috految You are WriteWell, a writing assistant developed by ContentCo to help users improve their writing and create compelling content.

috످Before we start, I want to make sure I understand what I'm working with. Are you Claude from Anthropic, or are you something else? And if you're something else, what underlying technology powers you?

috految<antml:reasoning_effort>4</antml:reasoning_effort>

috److I'm WriteWell, an AI writing assistant developed by ContentCo. And yes, the underlying model is Claude, from Anthropic.

috످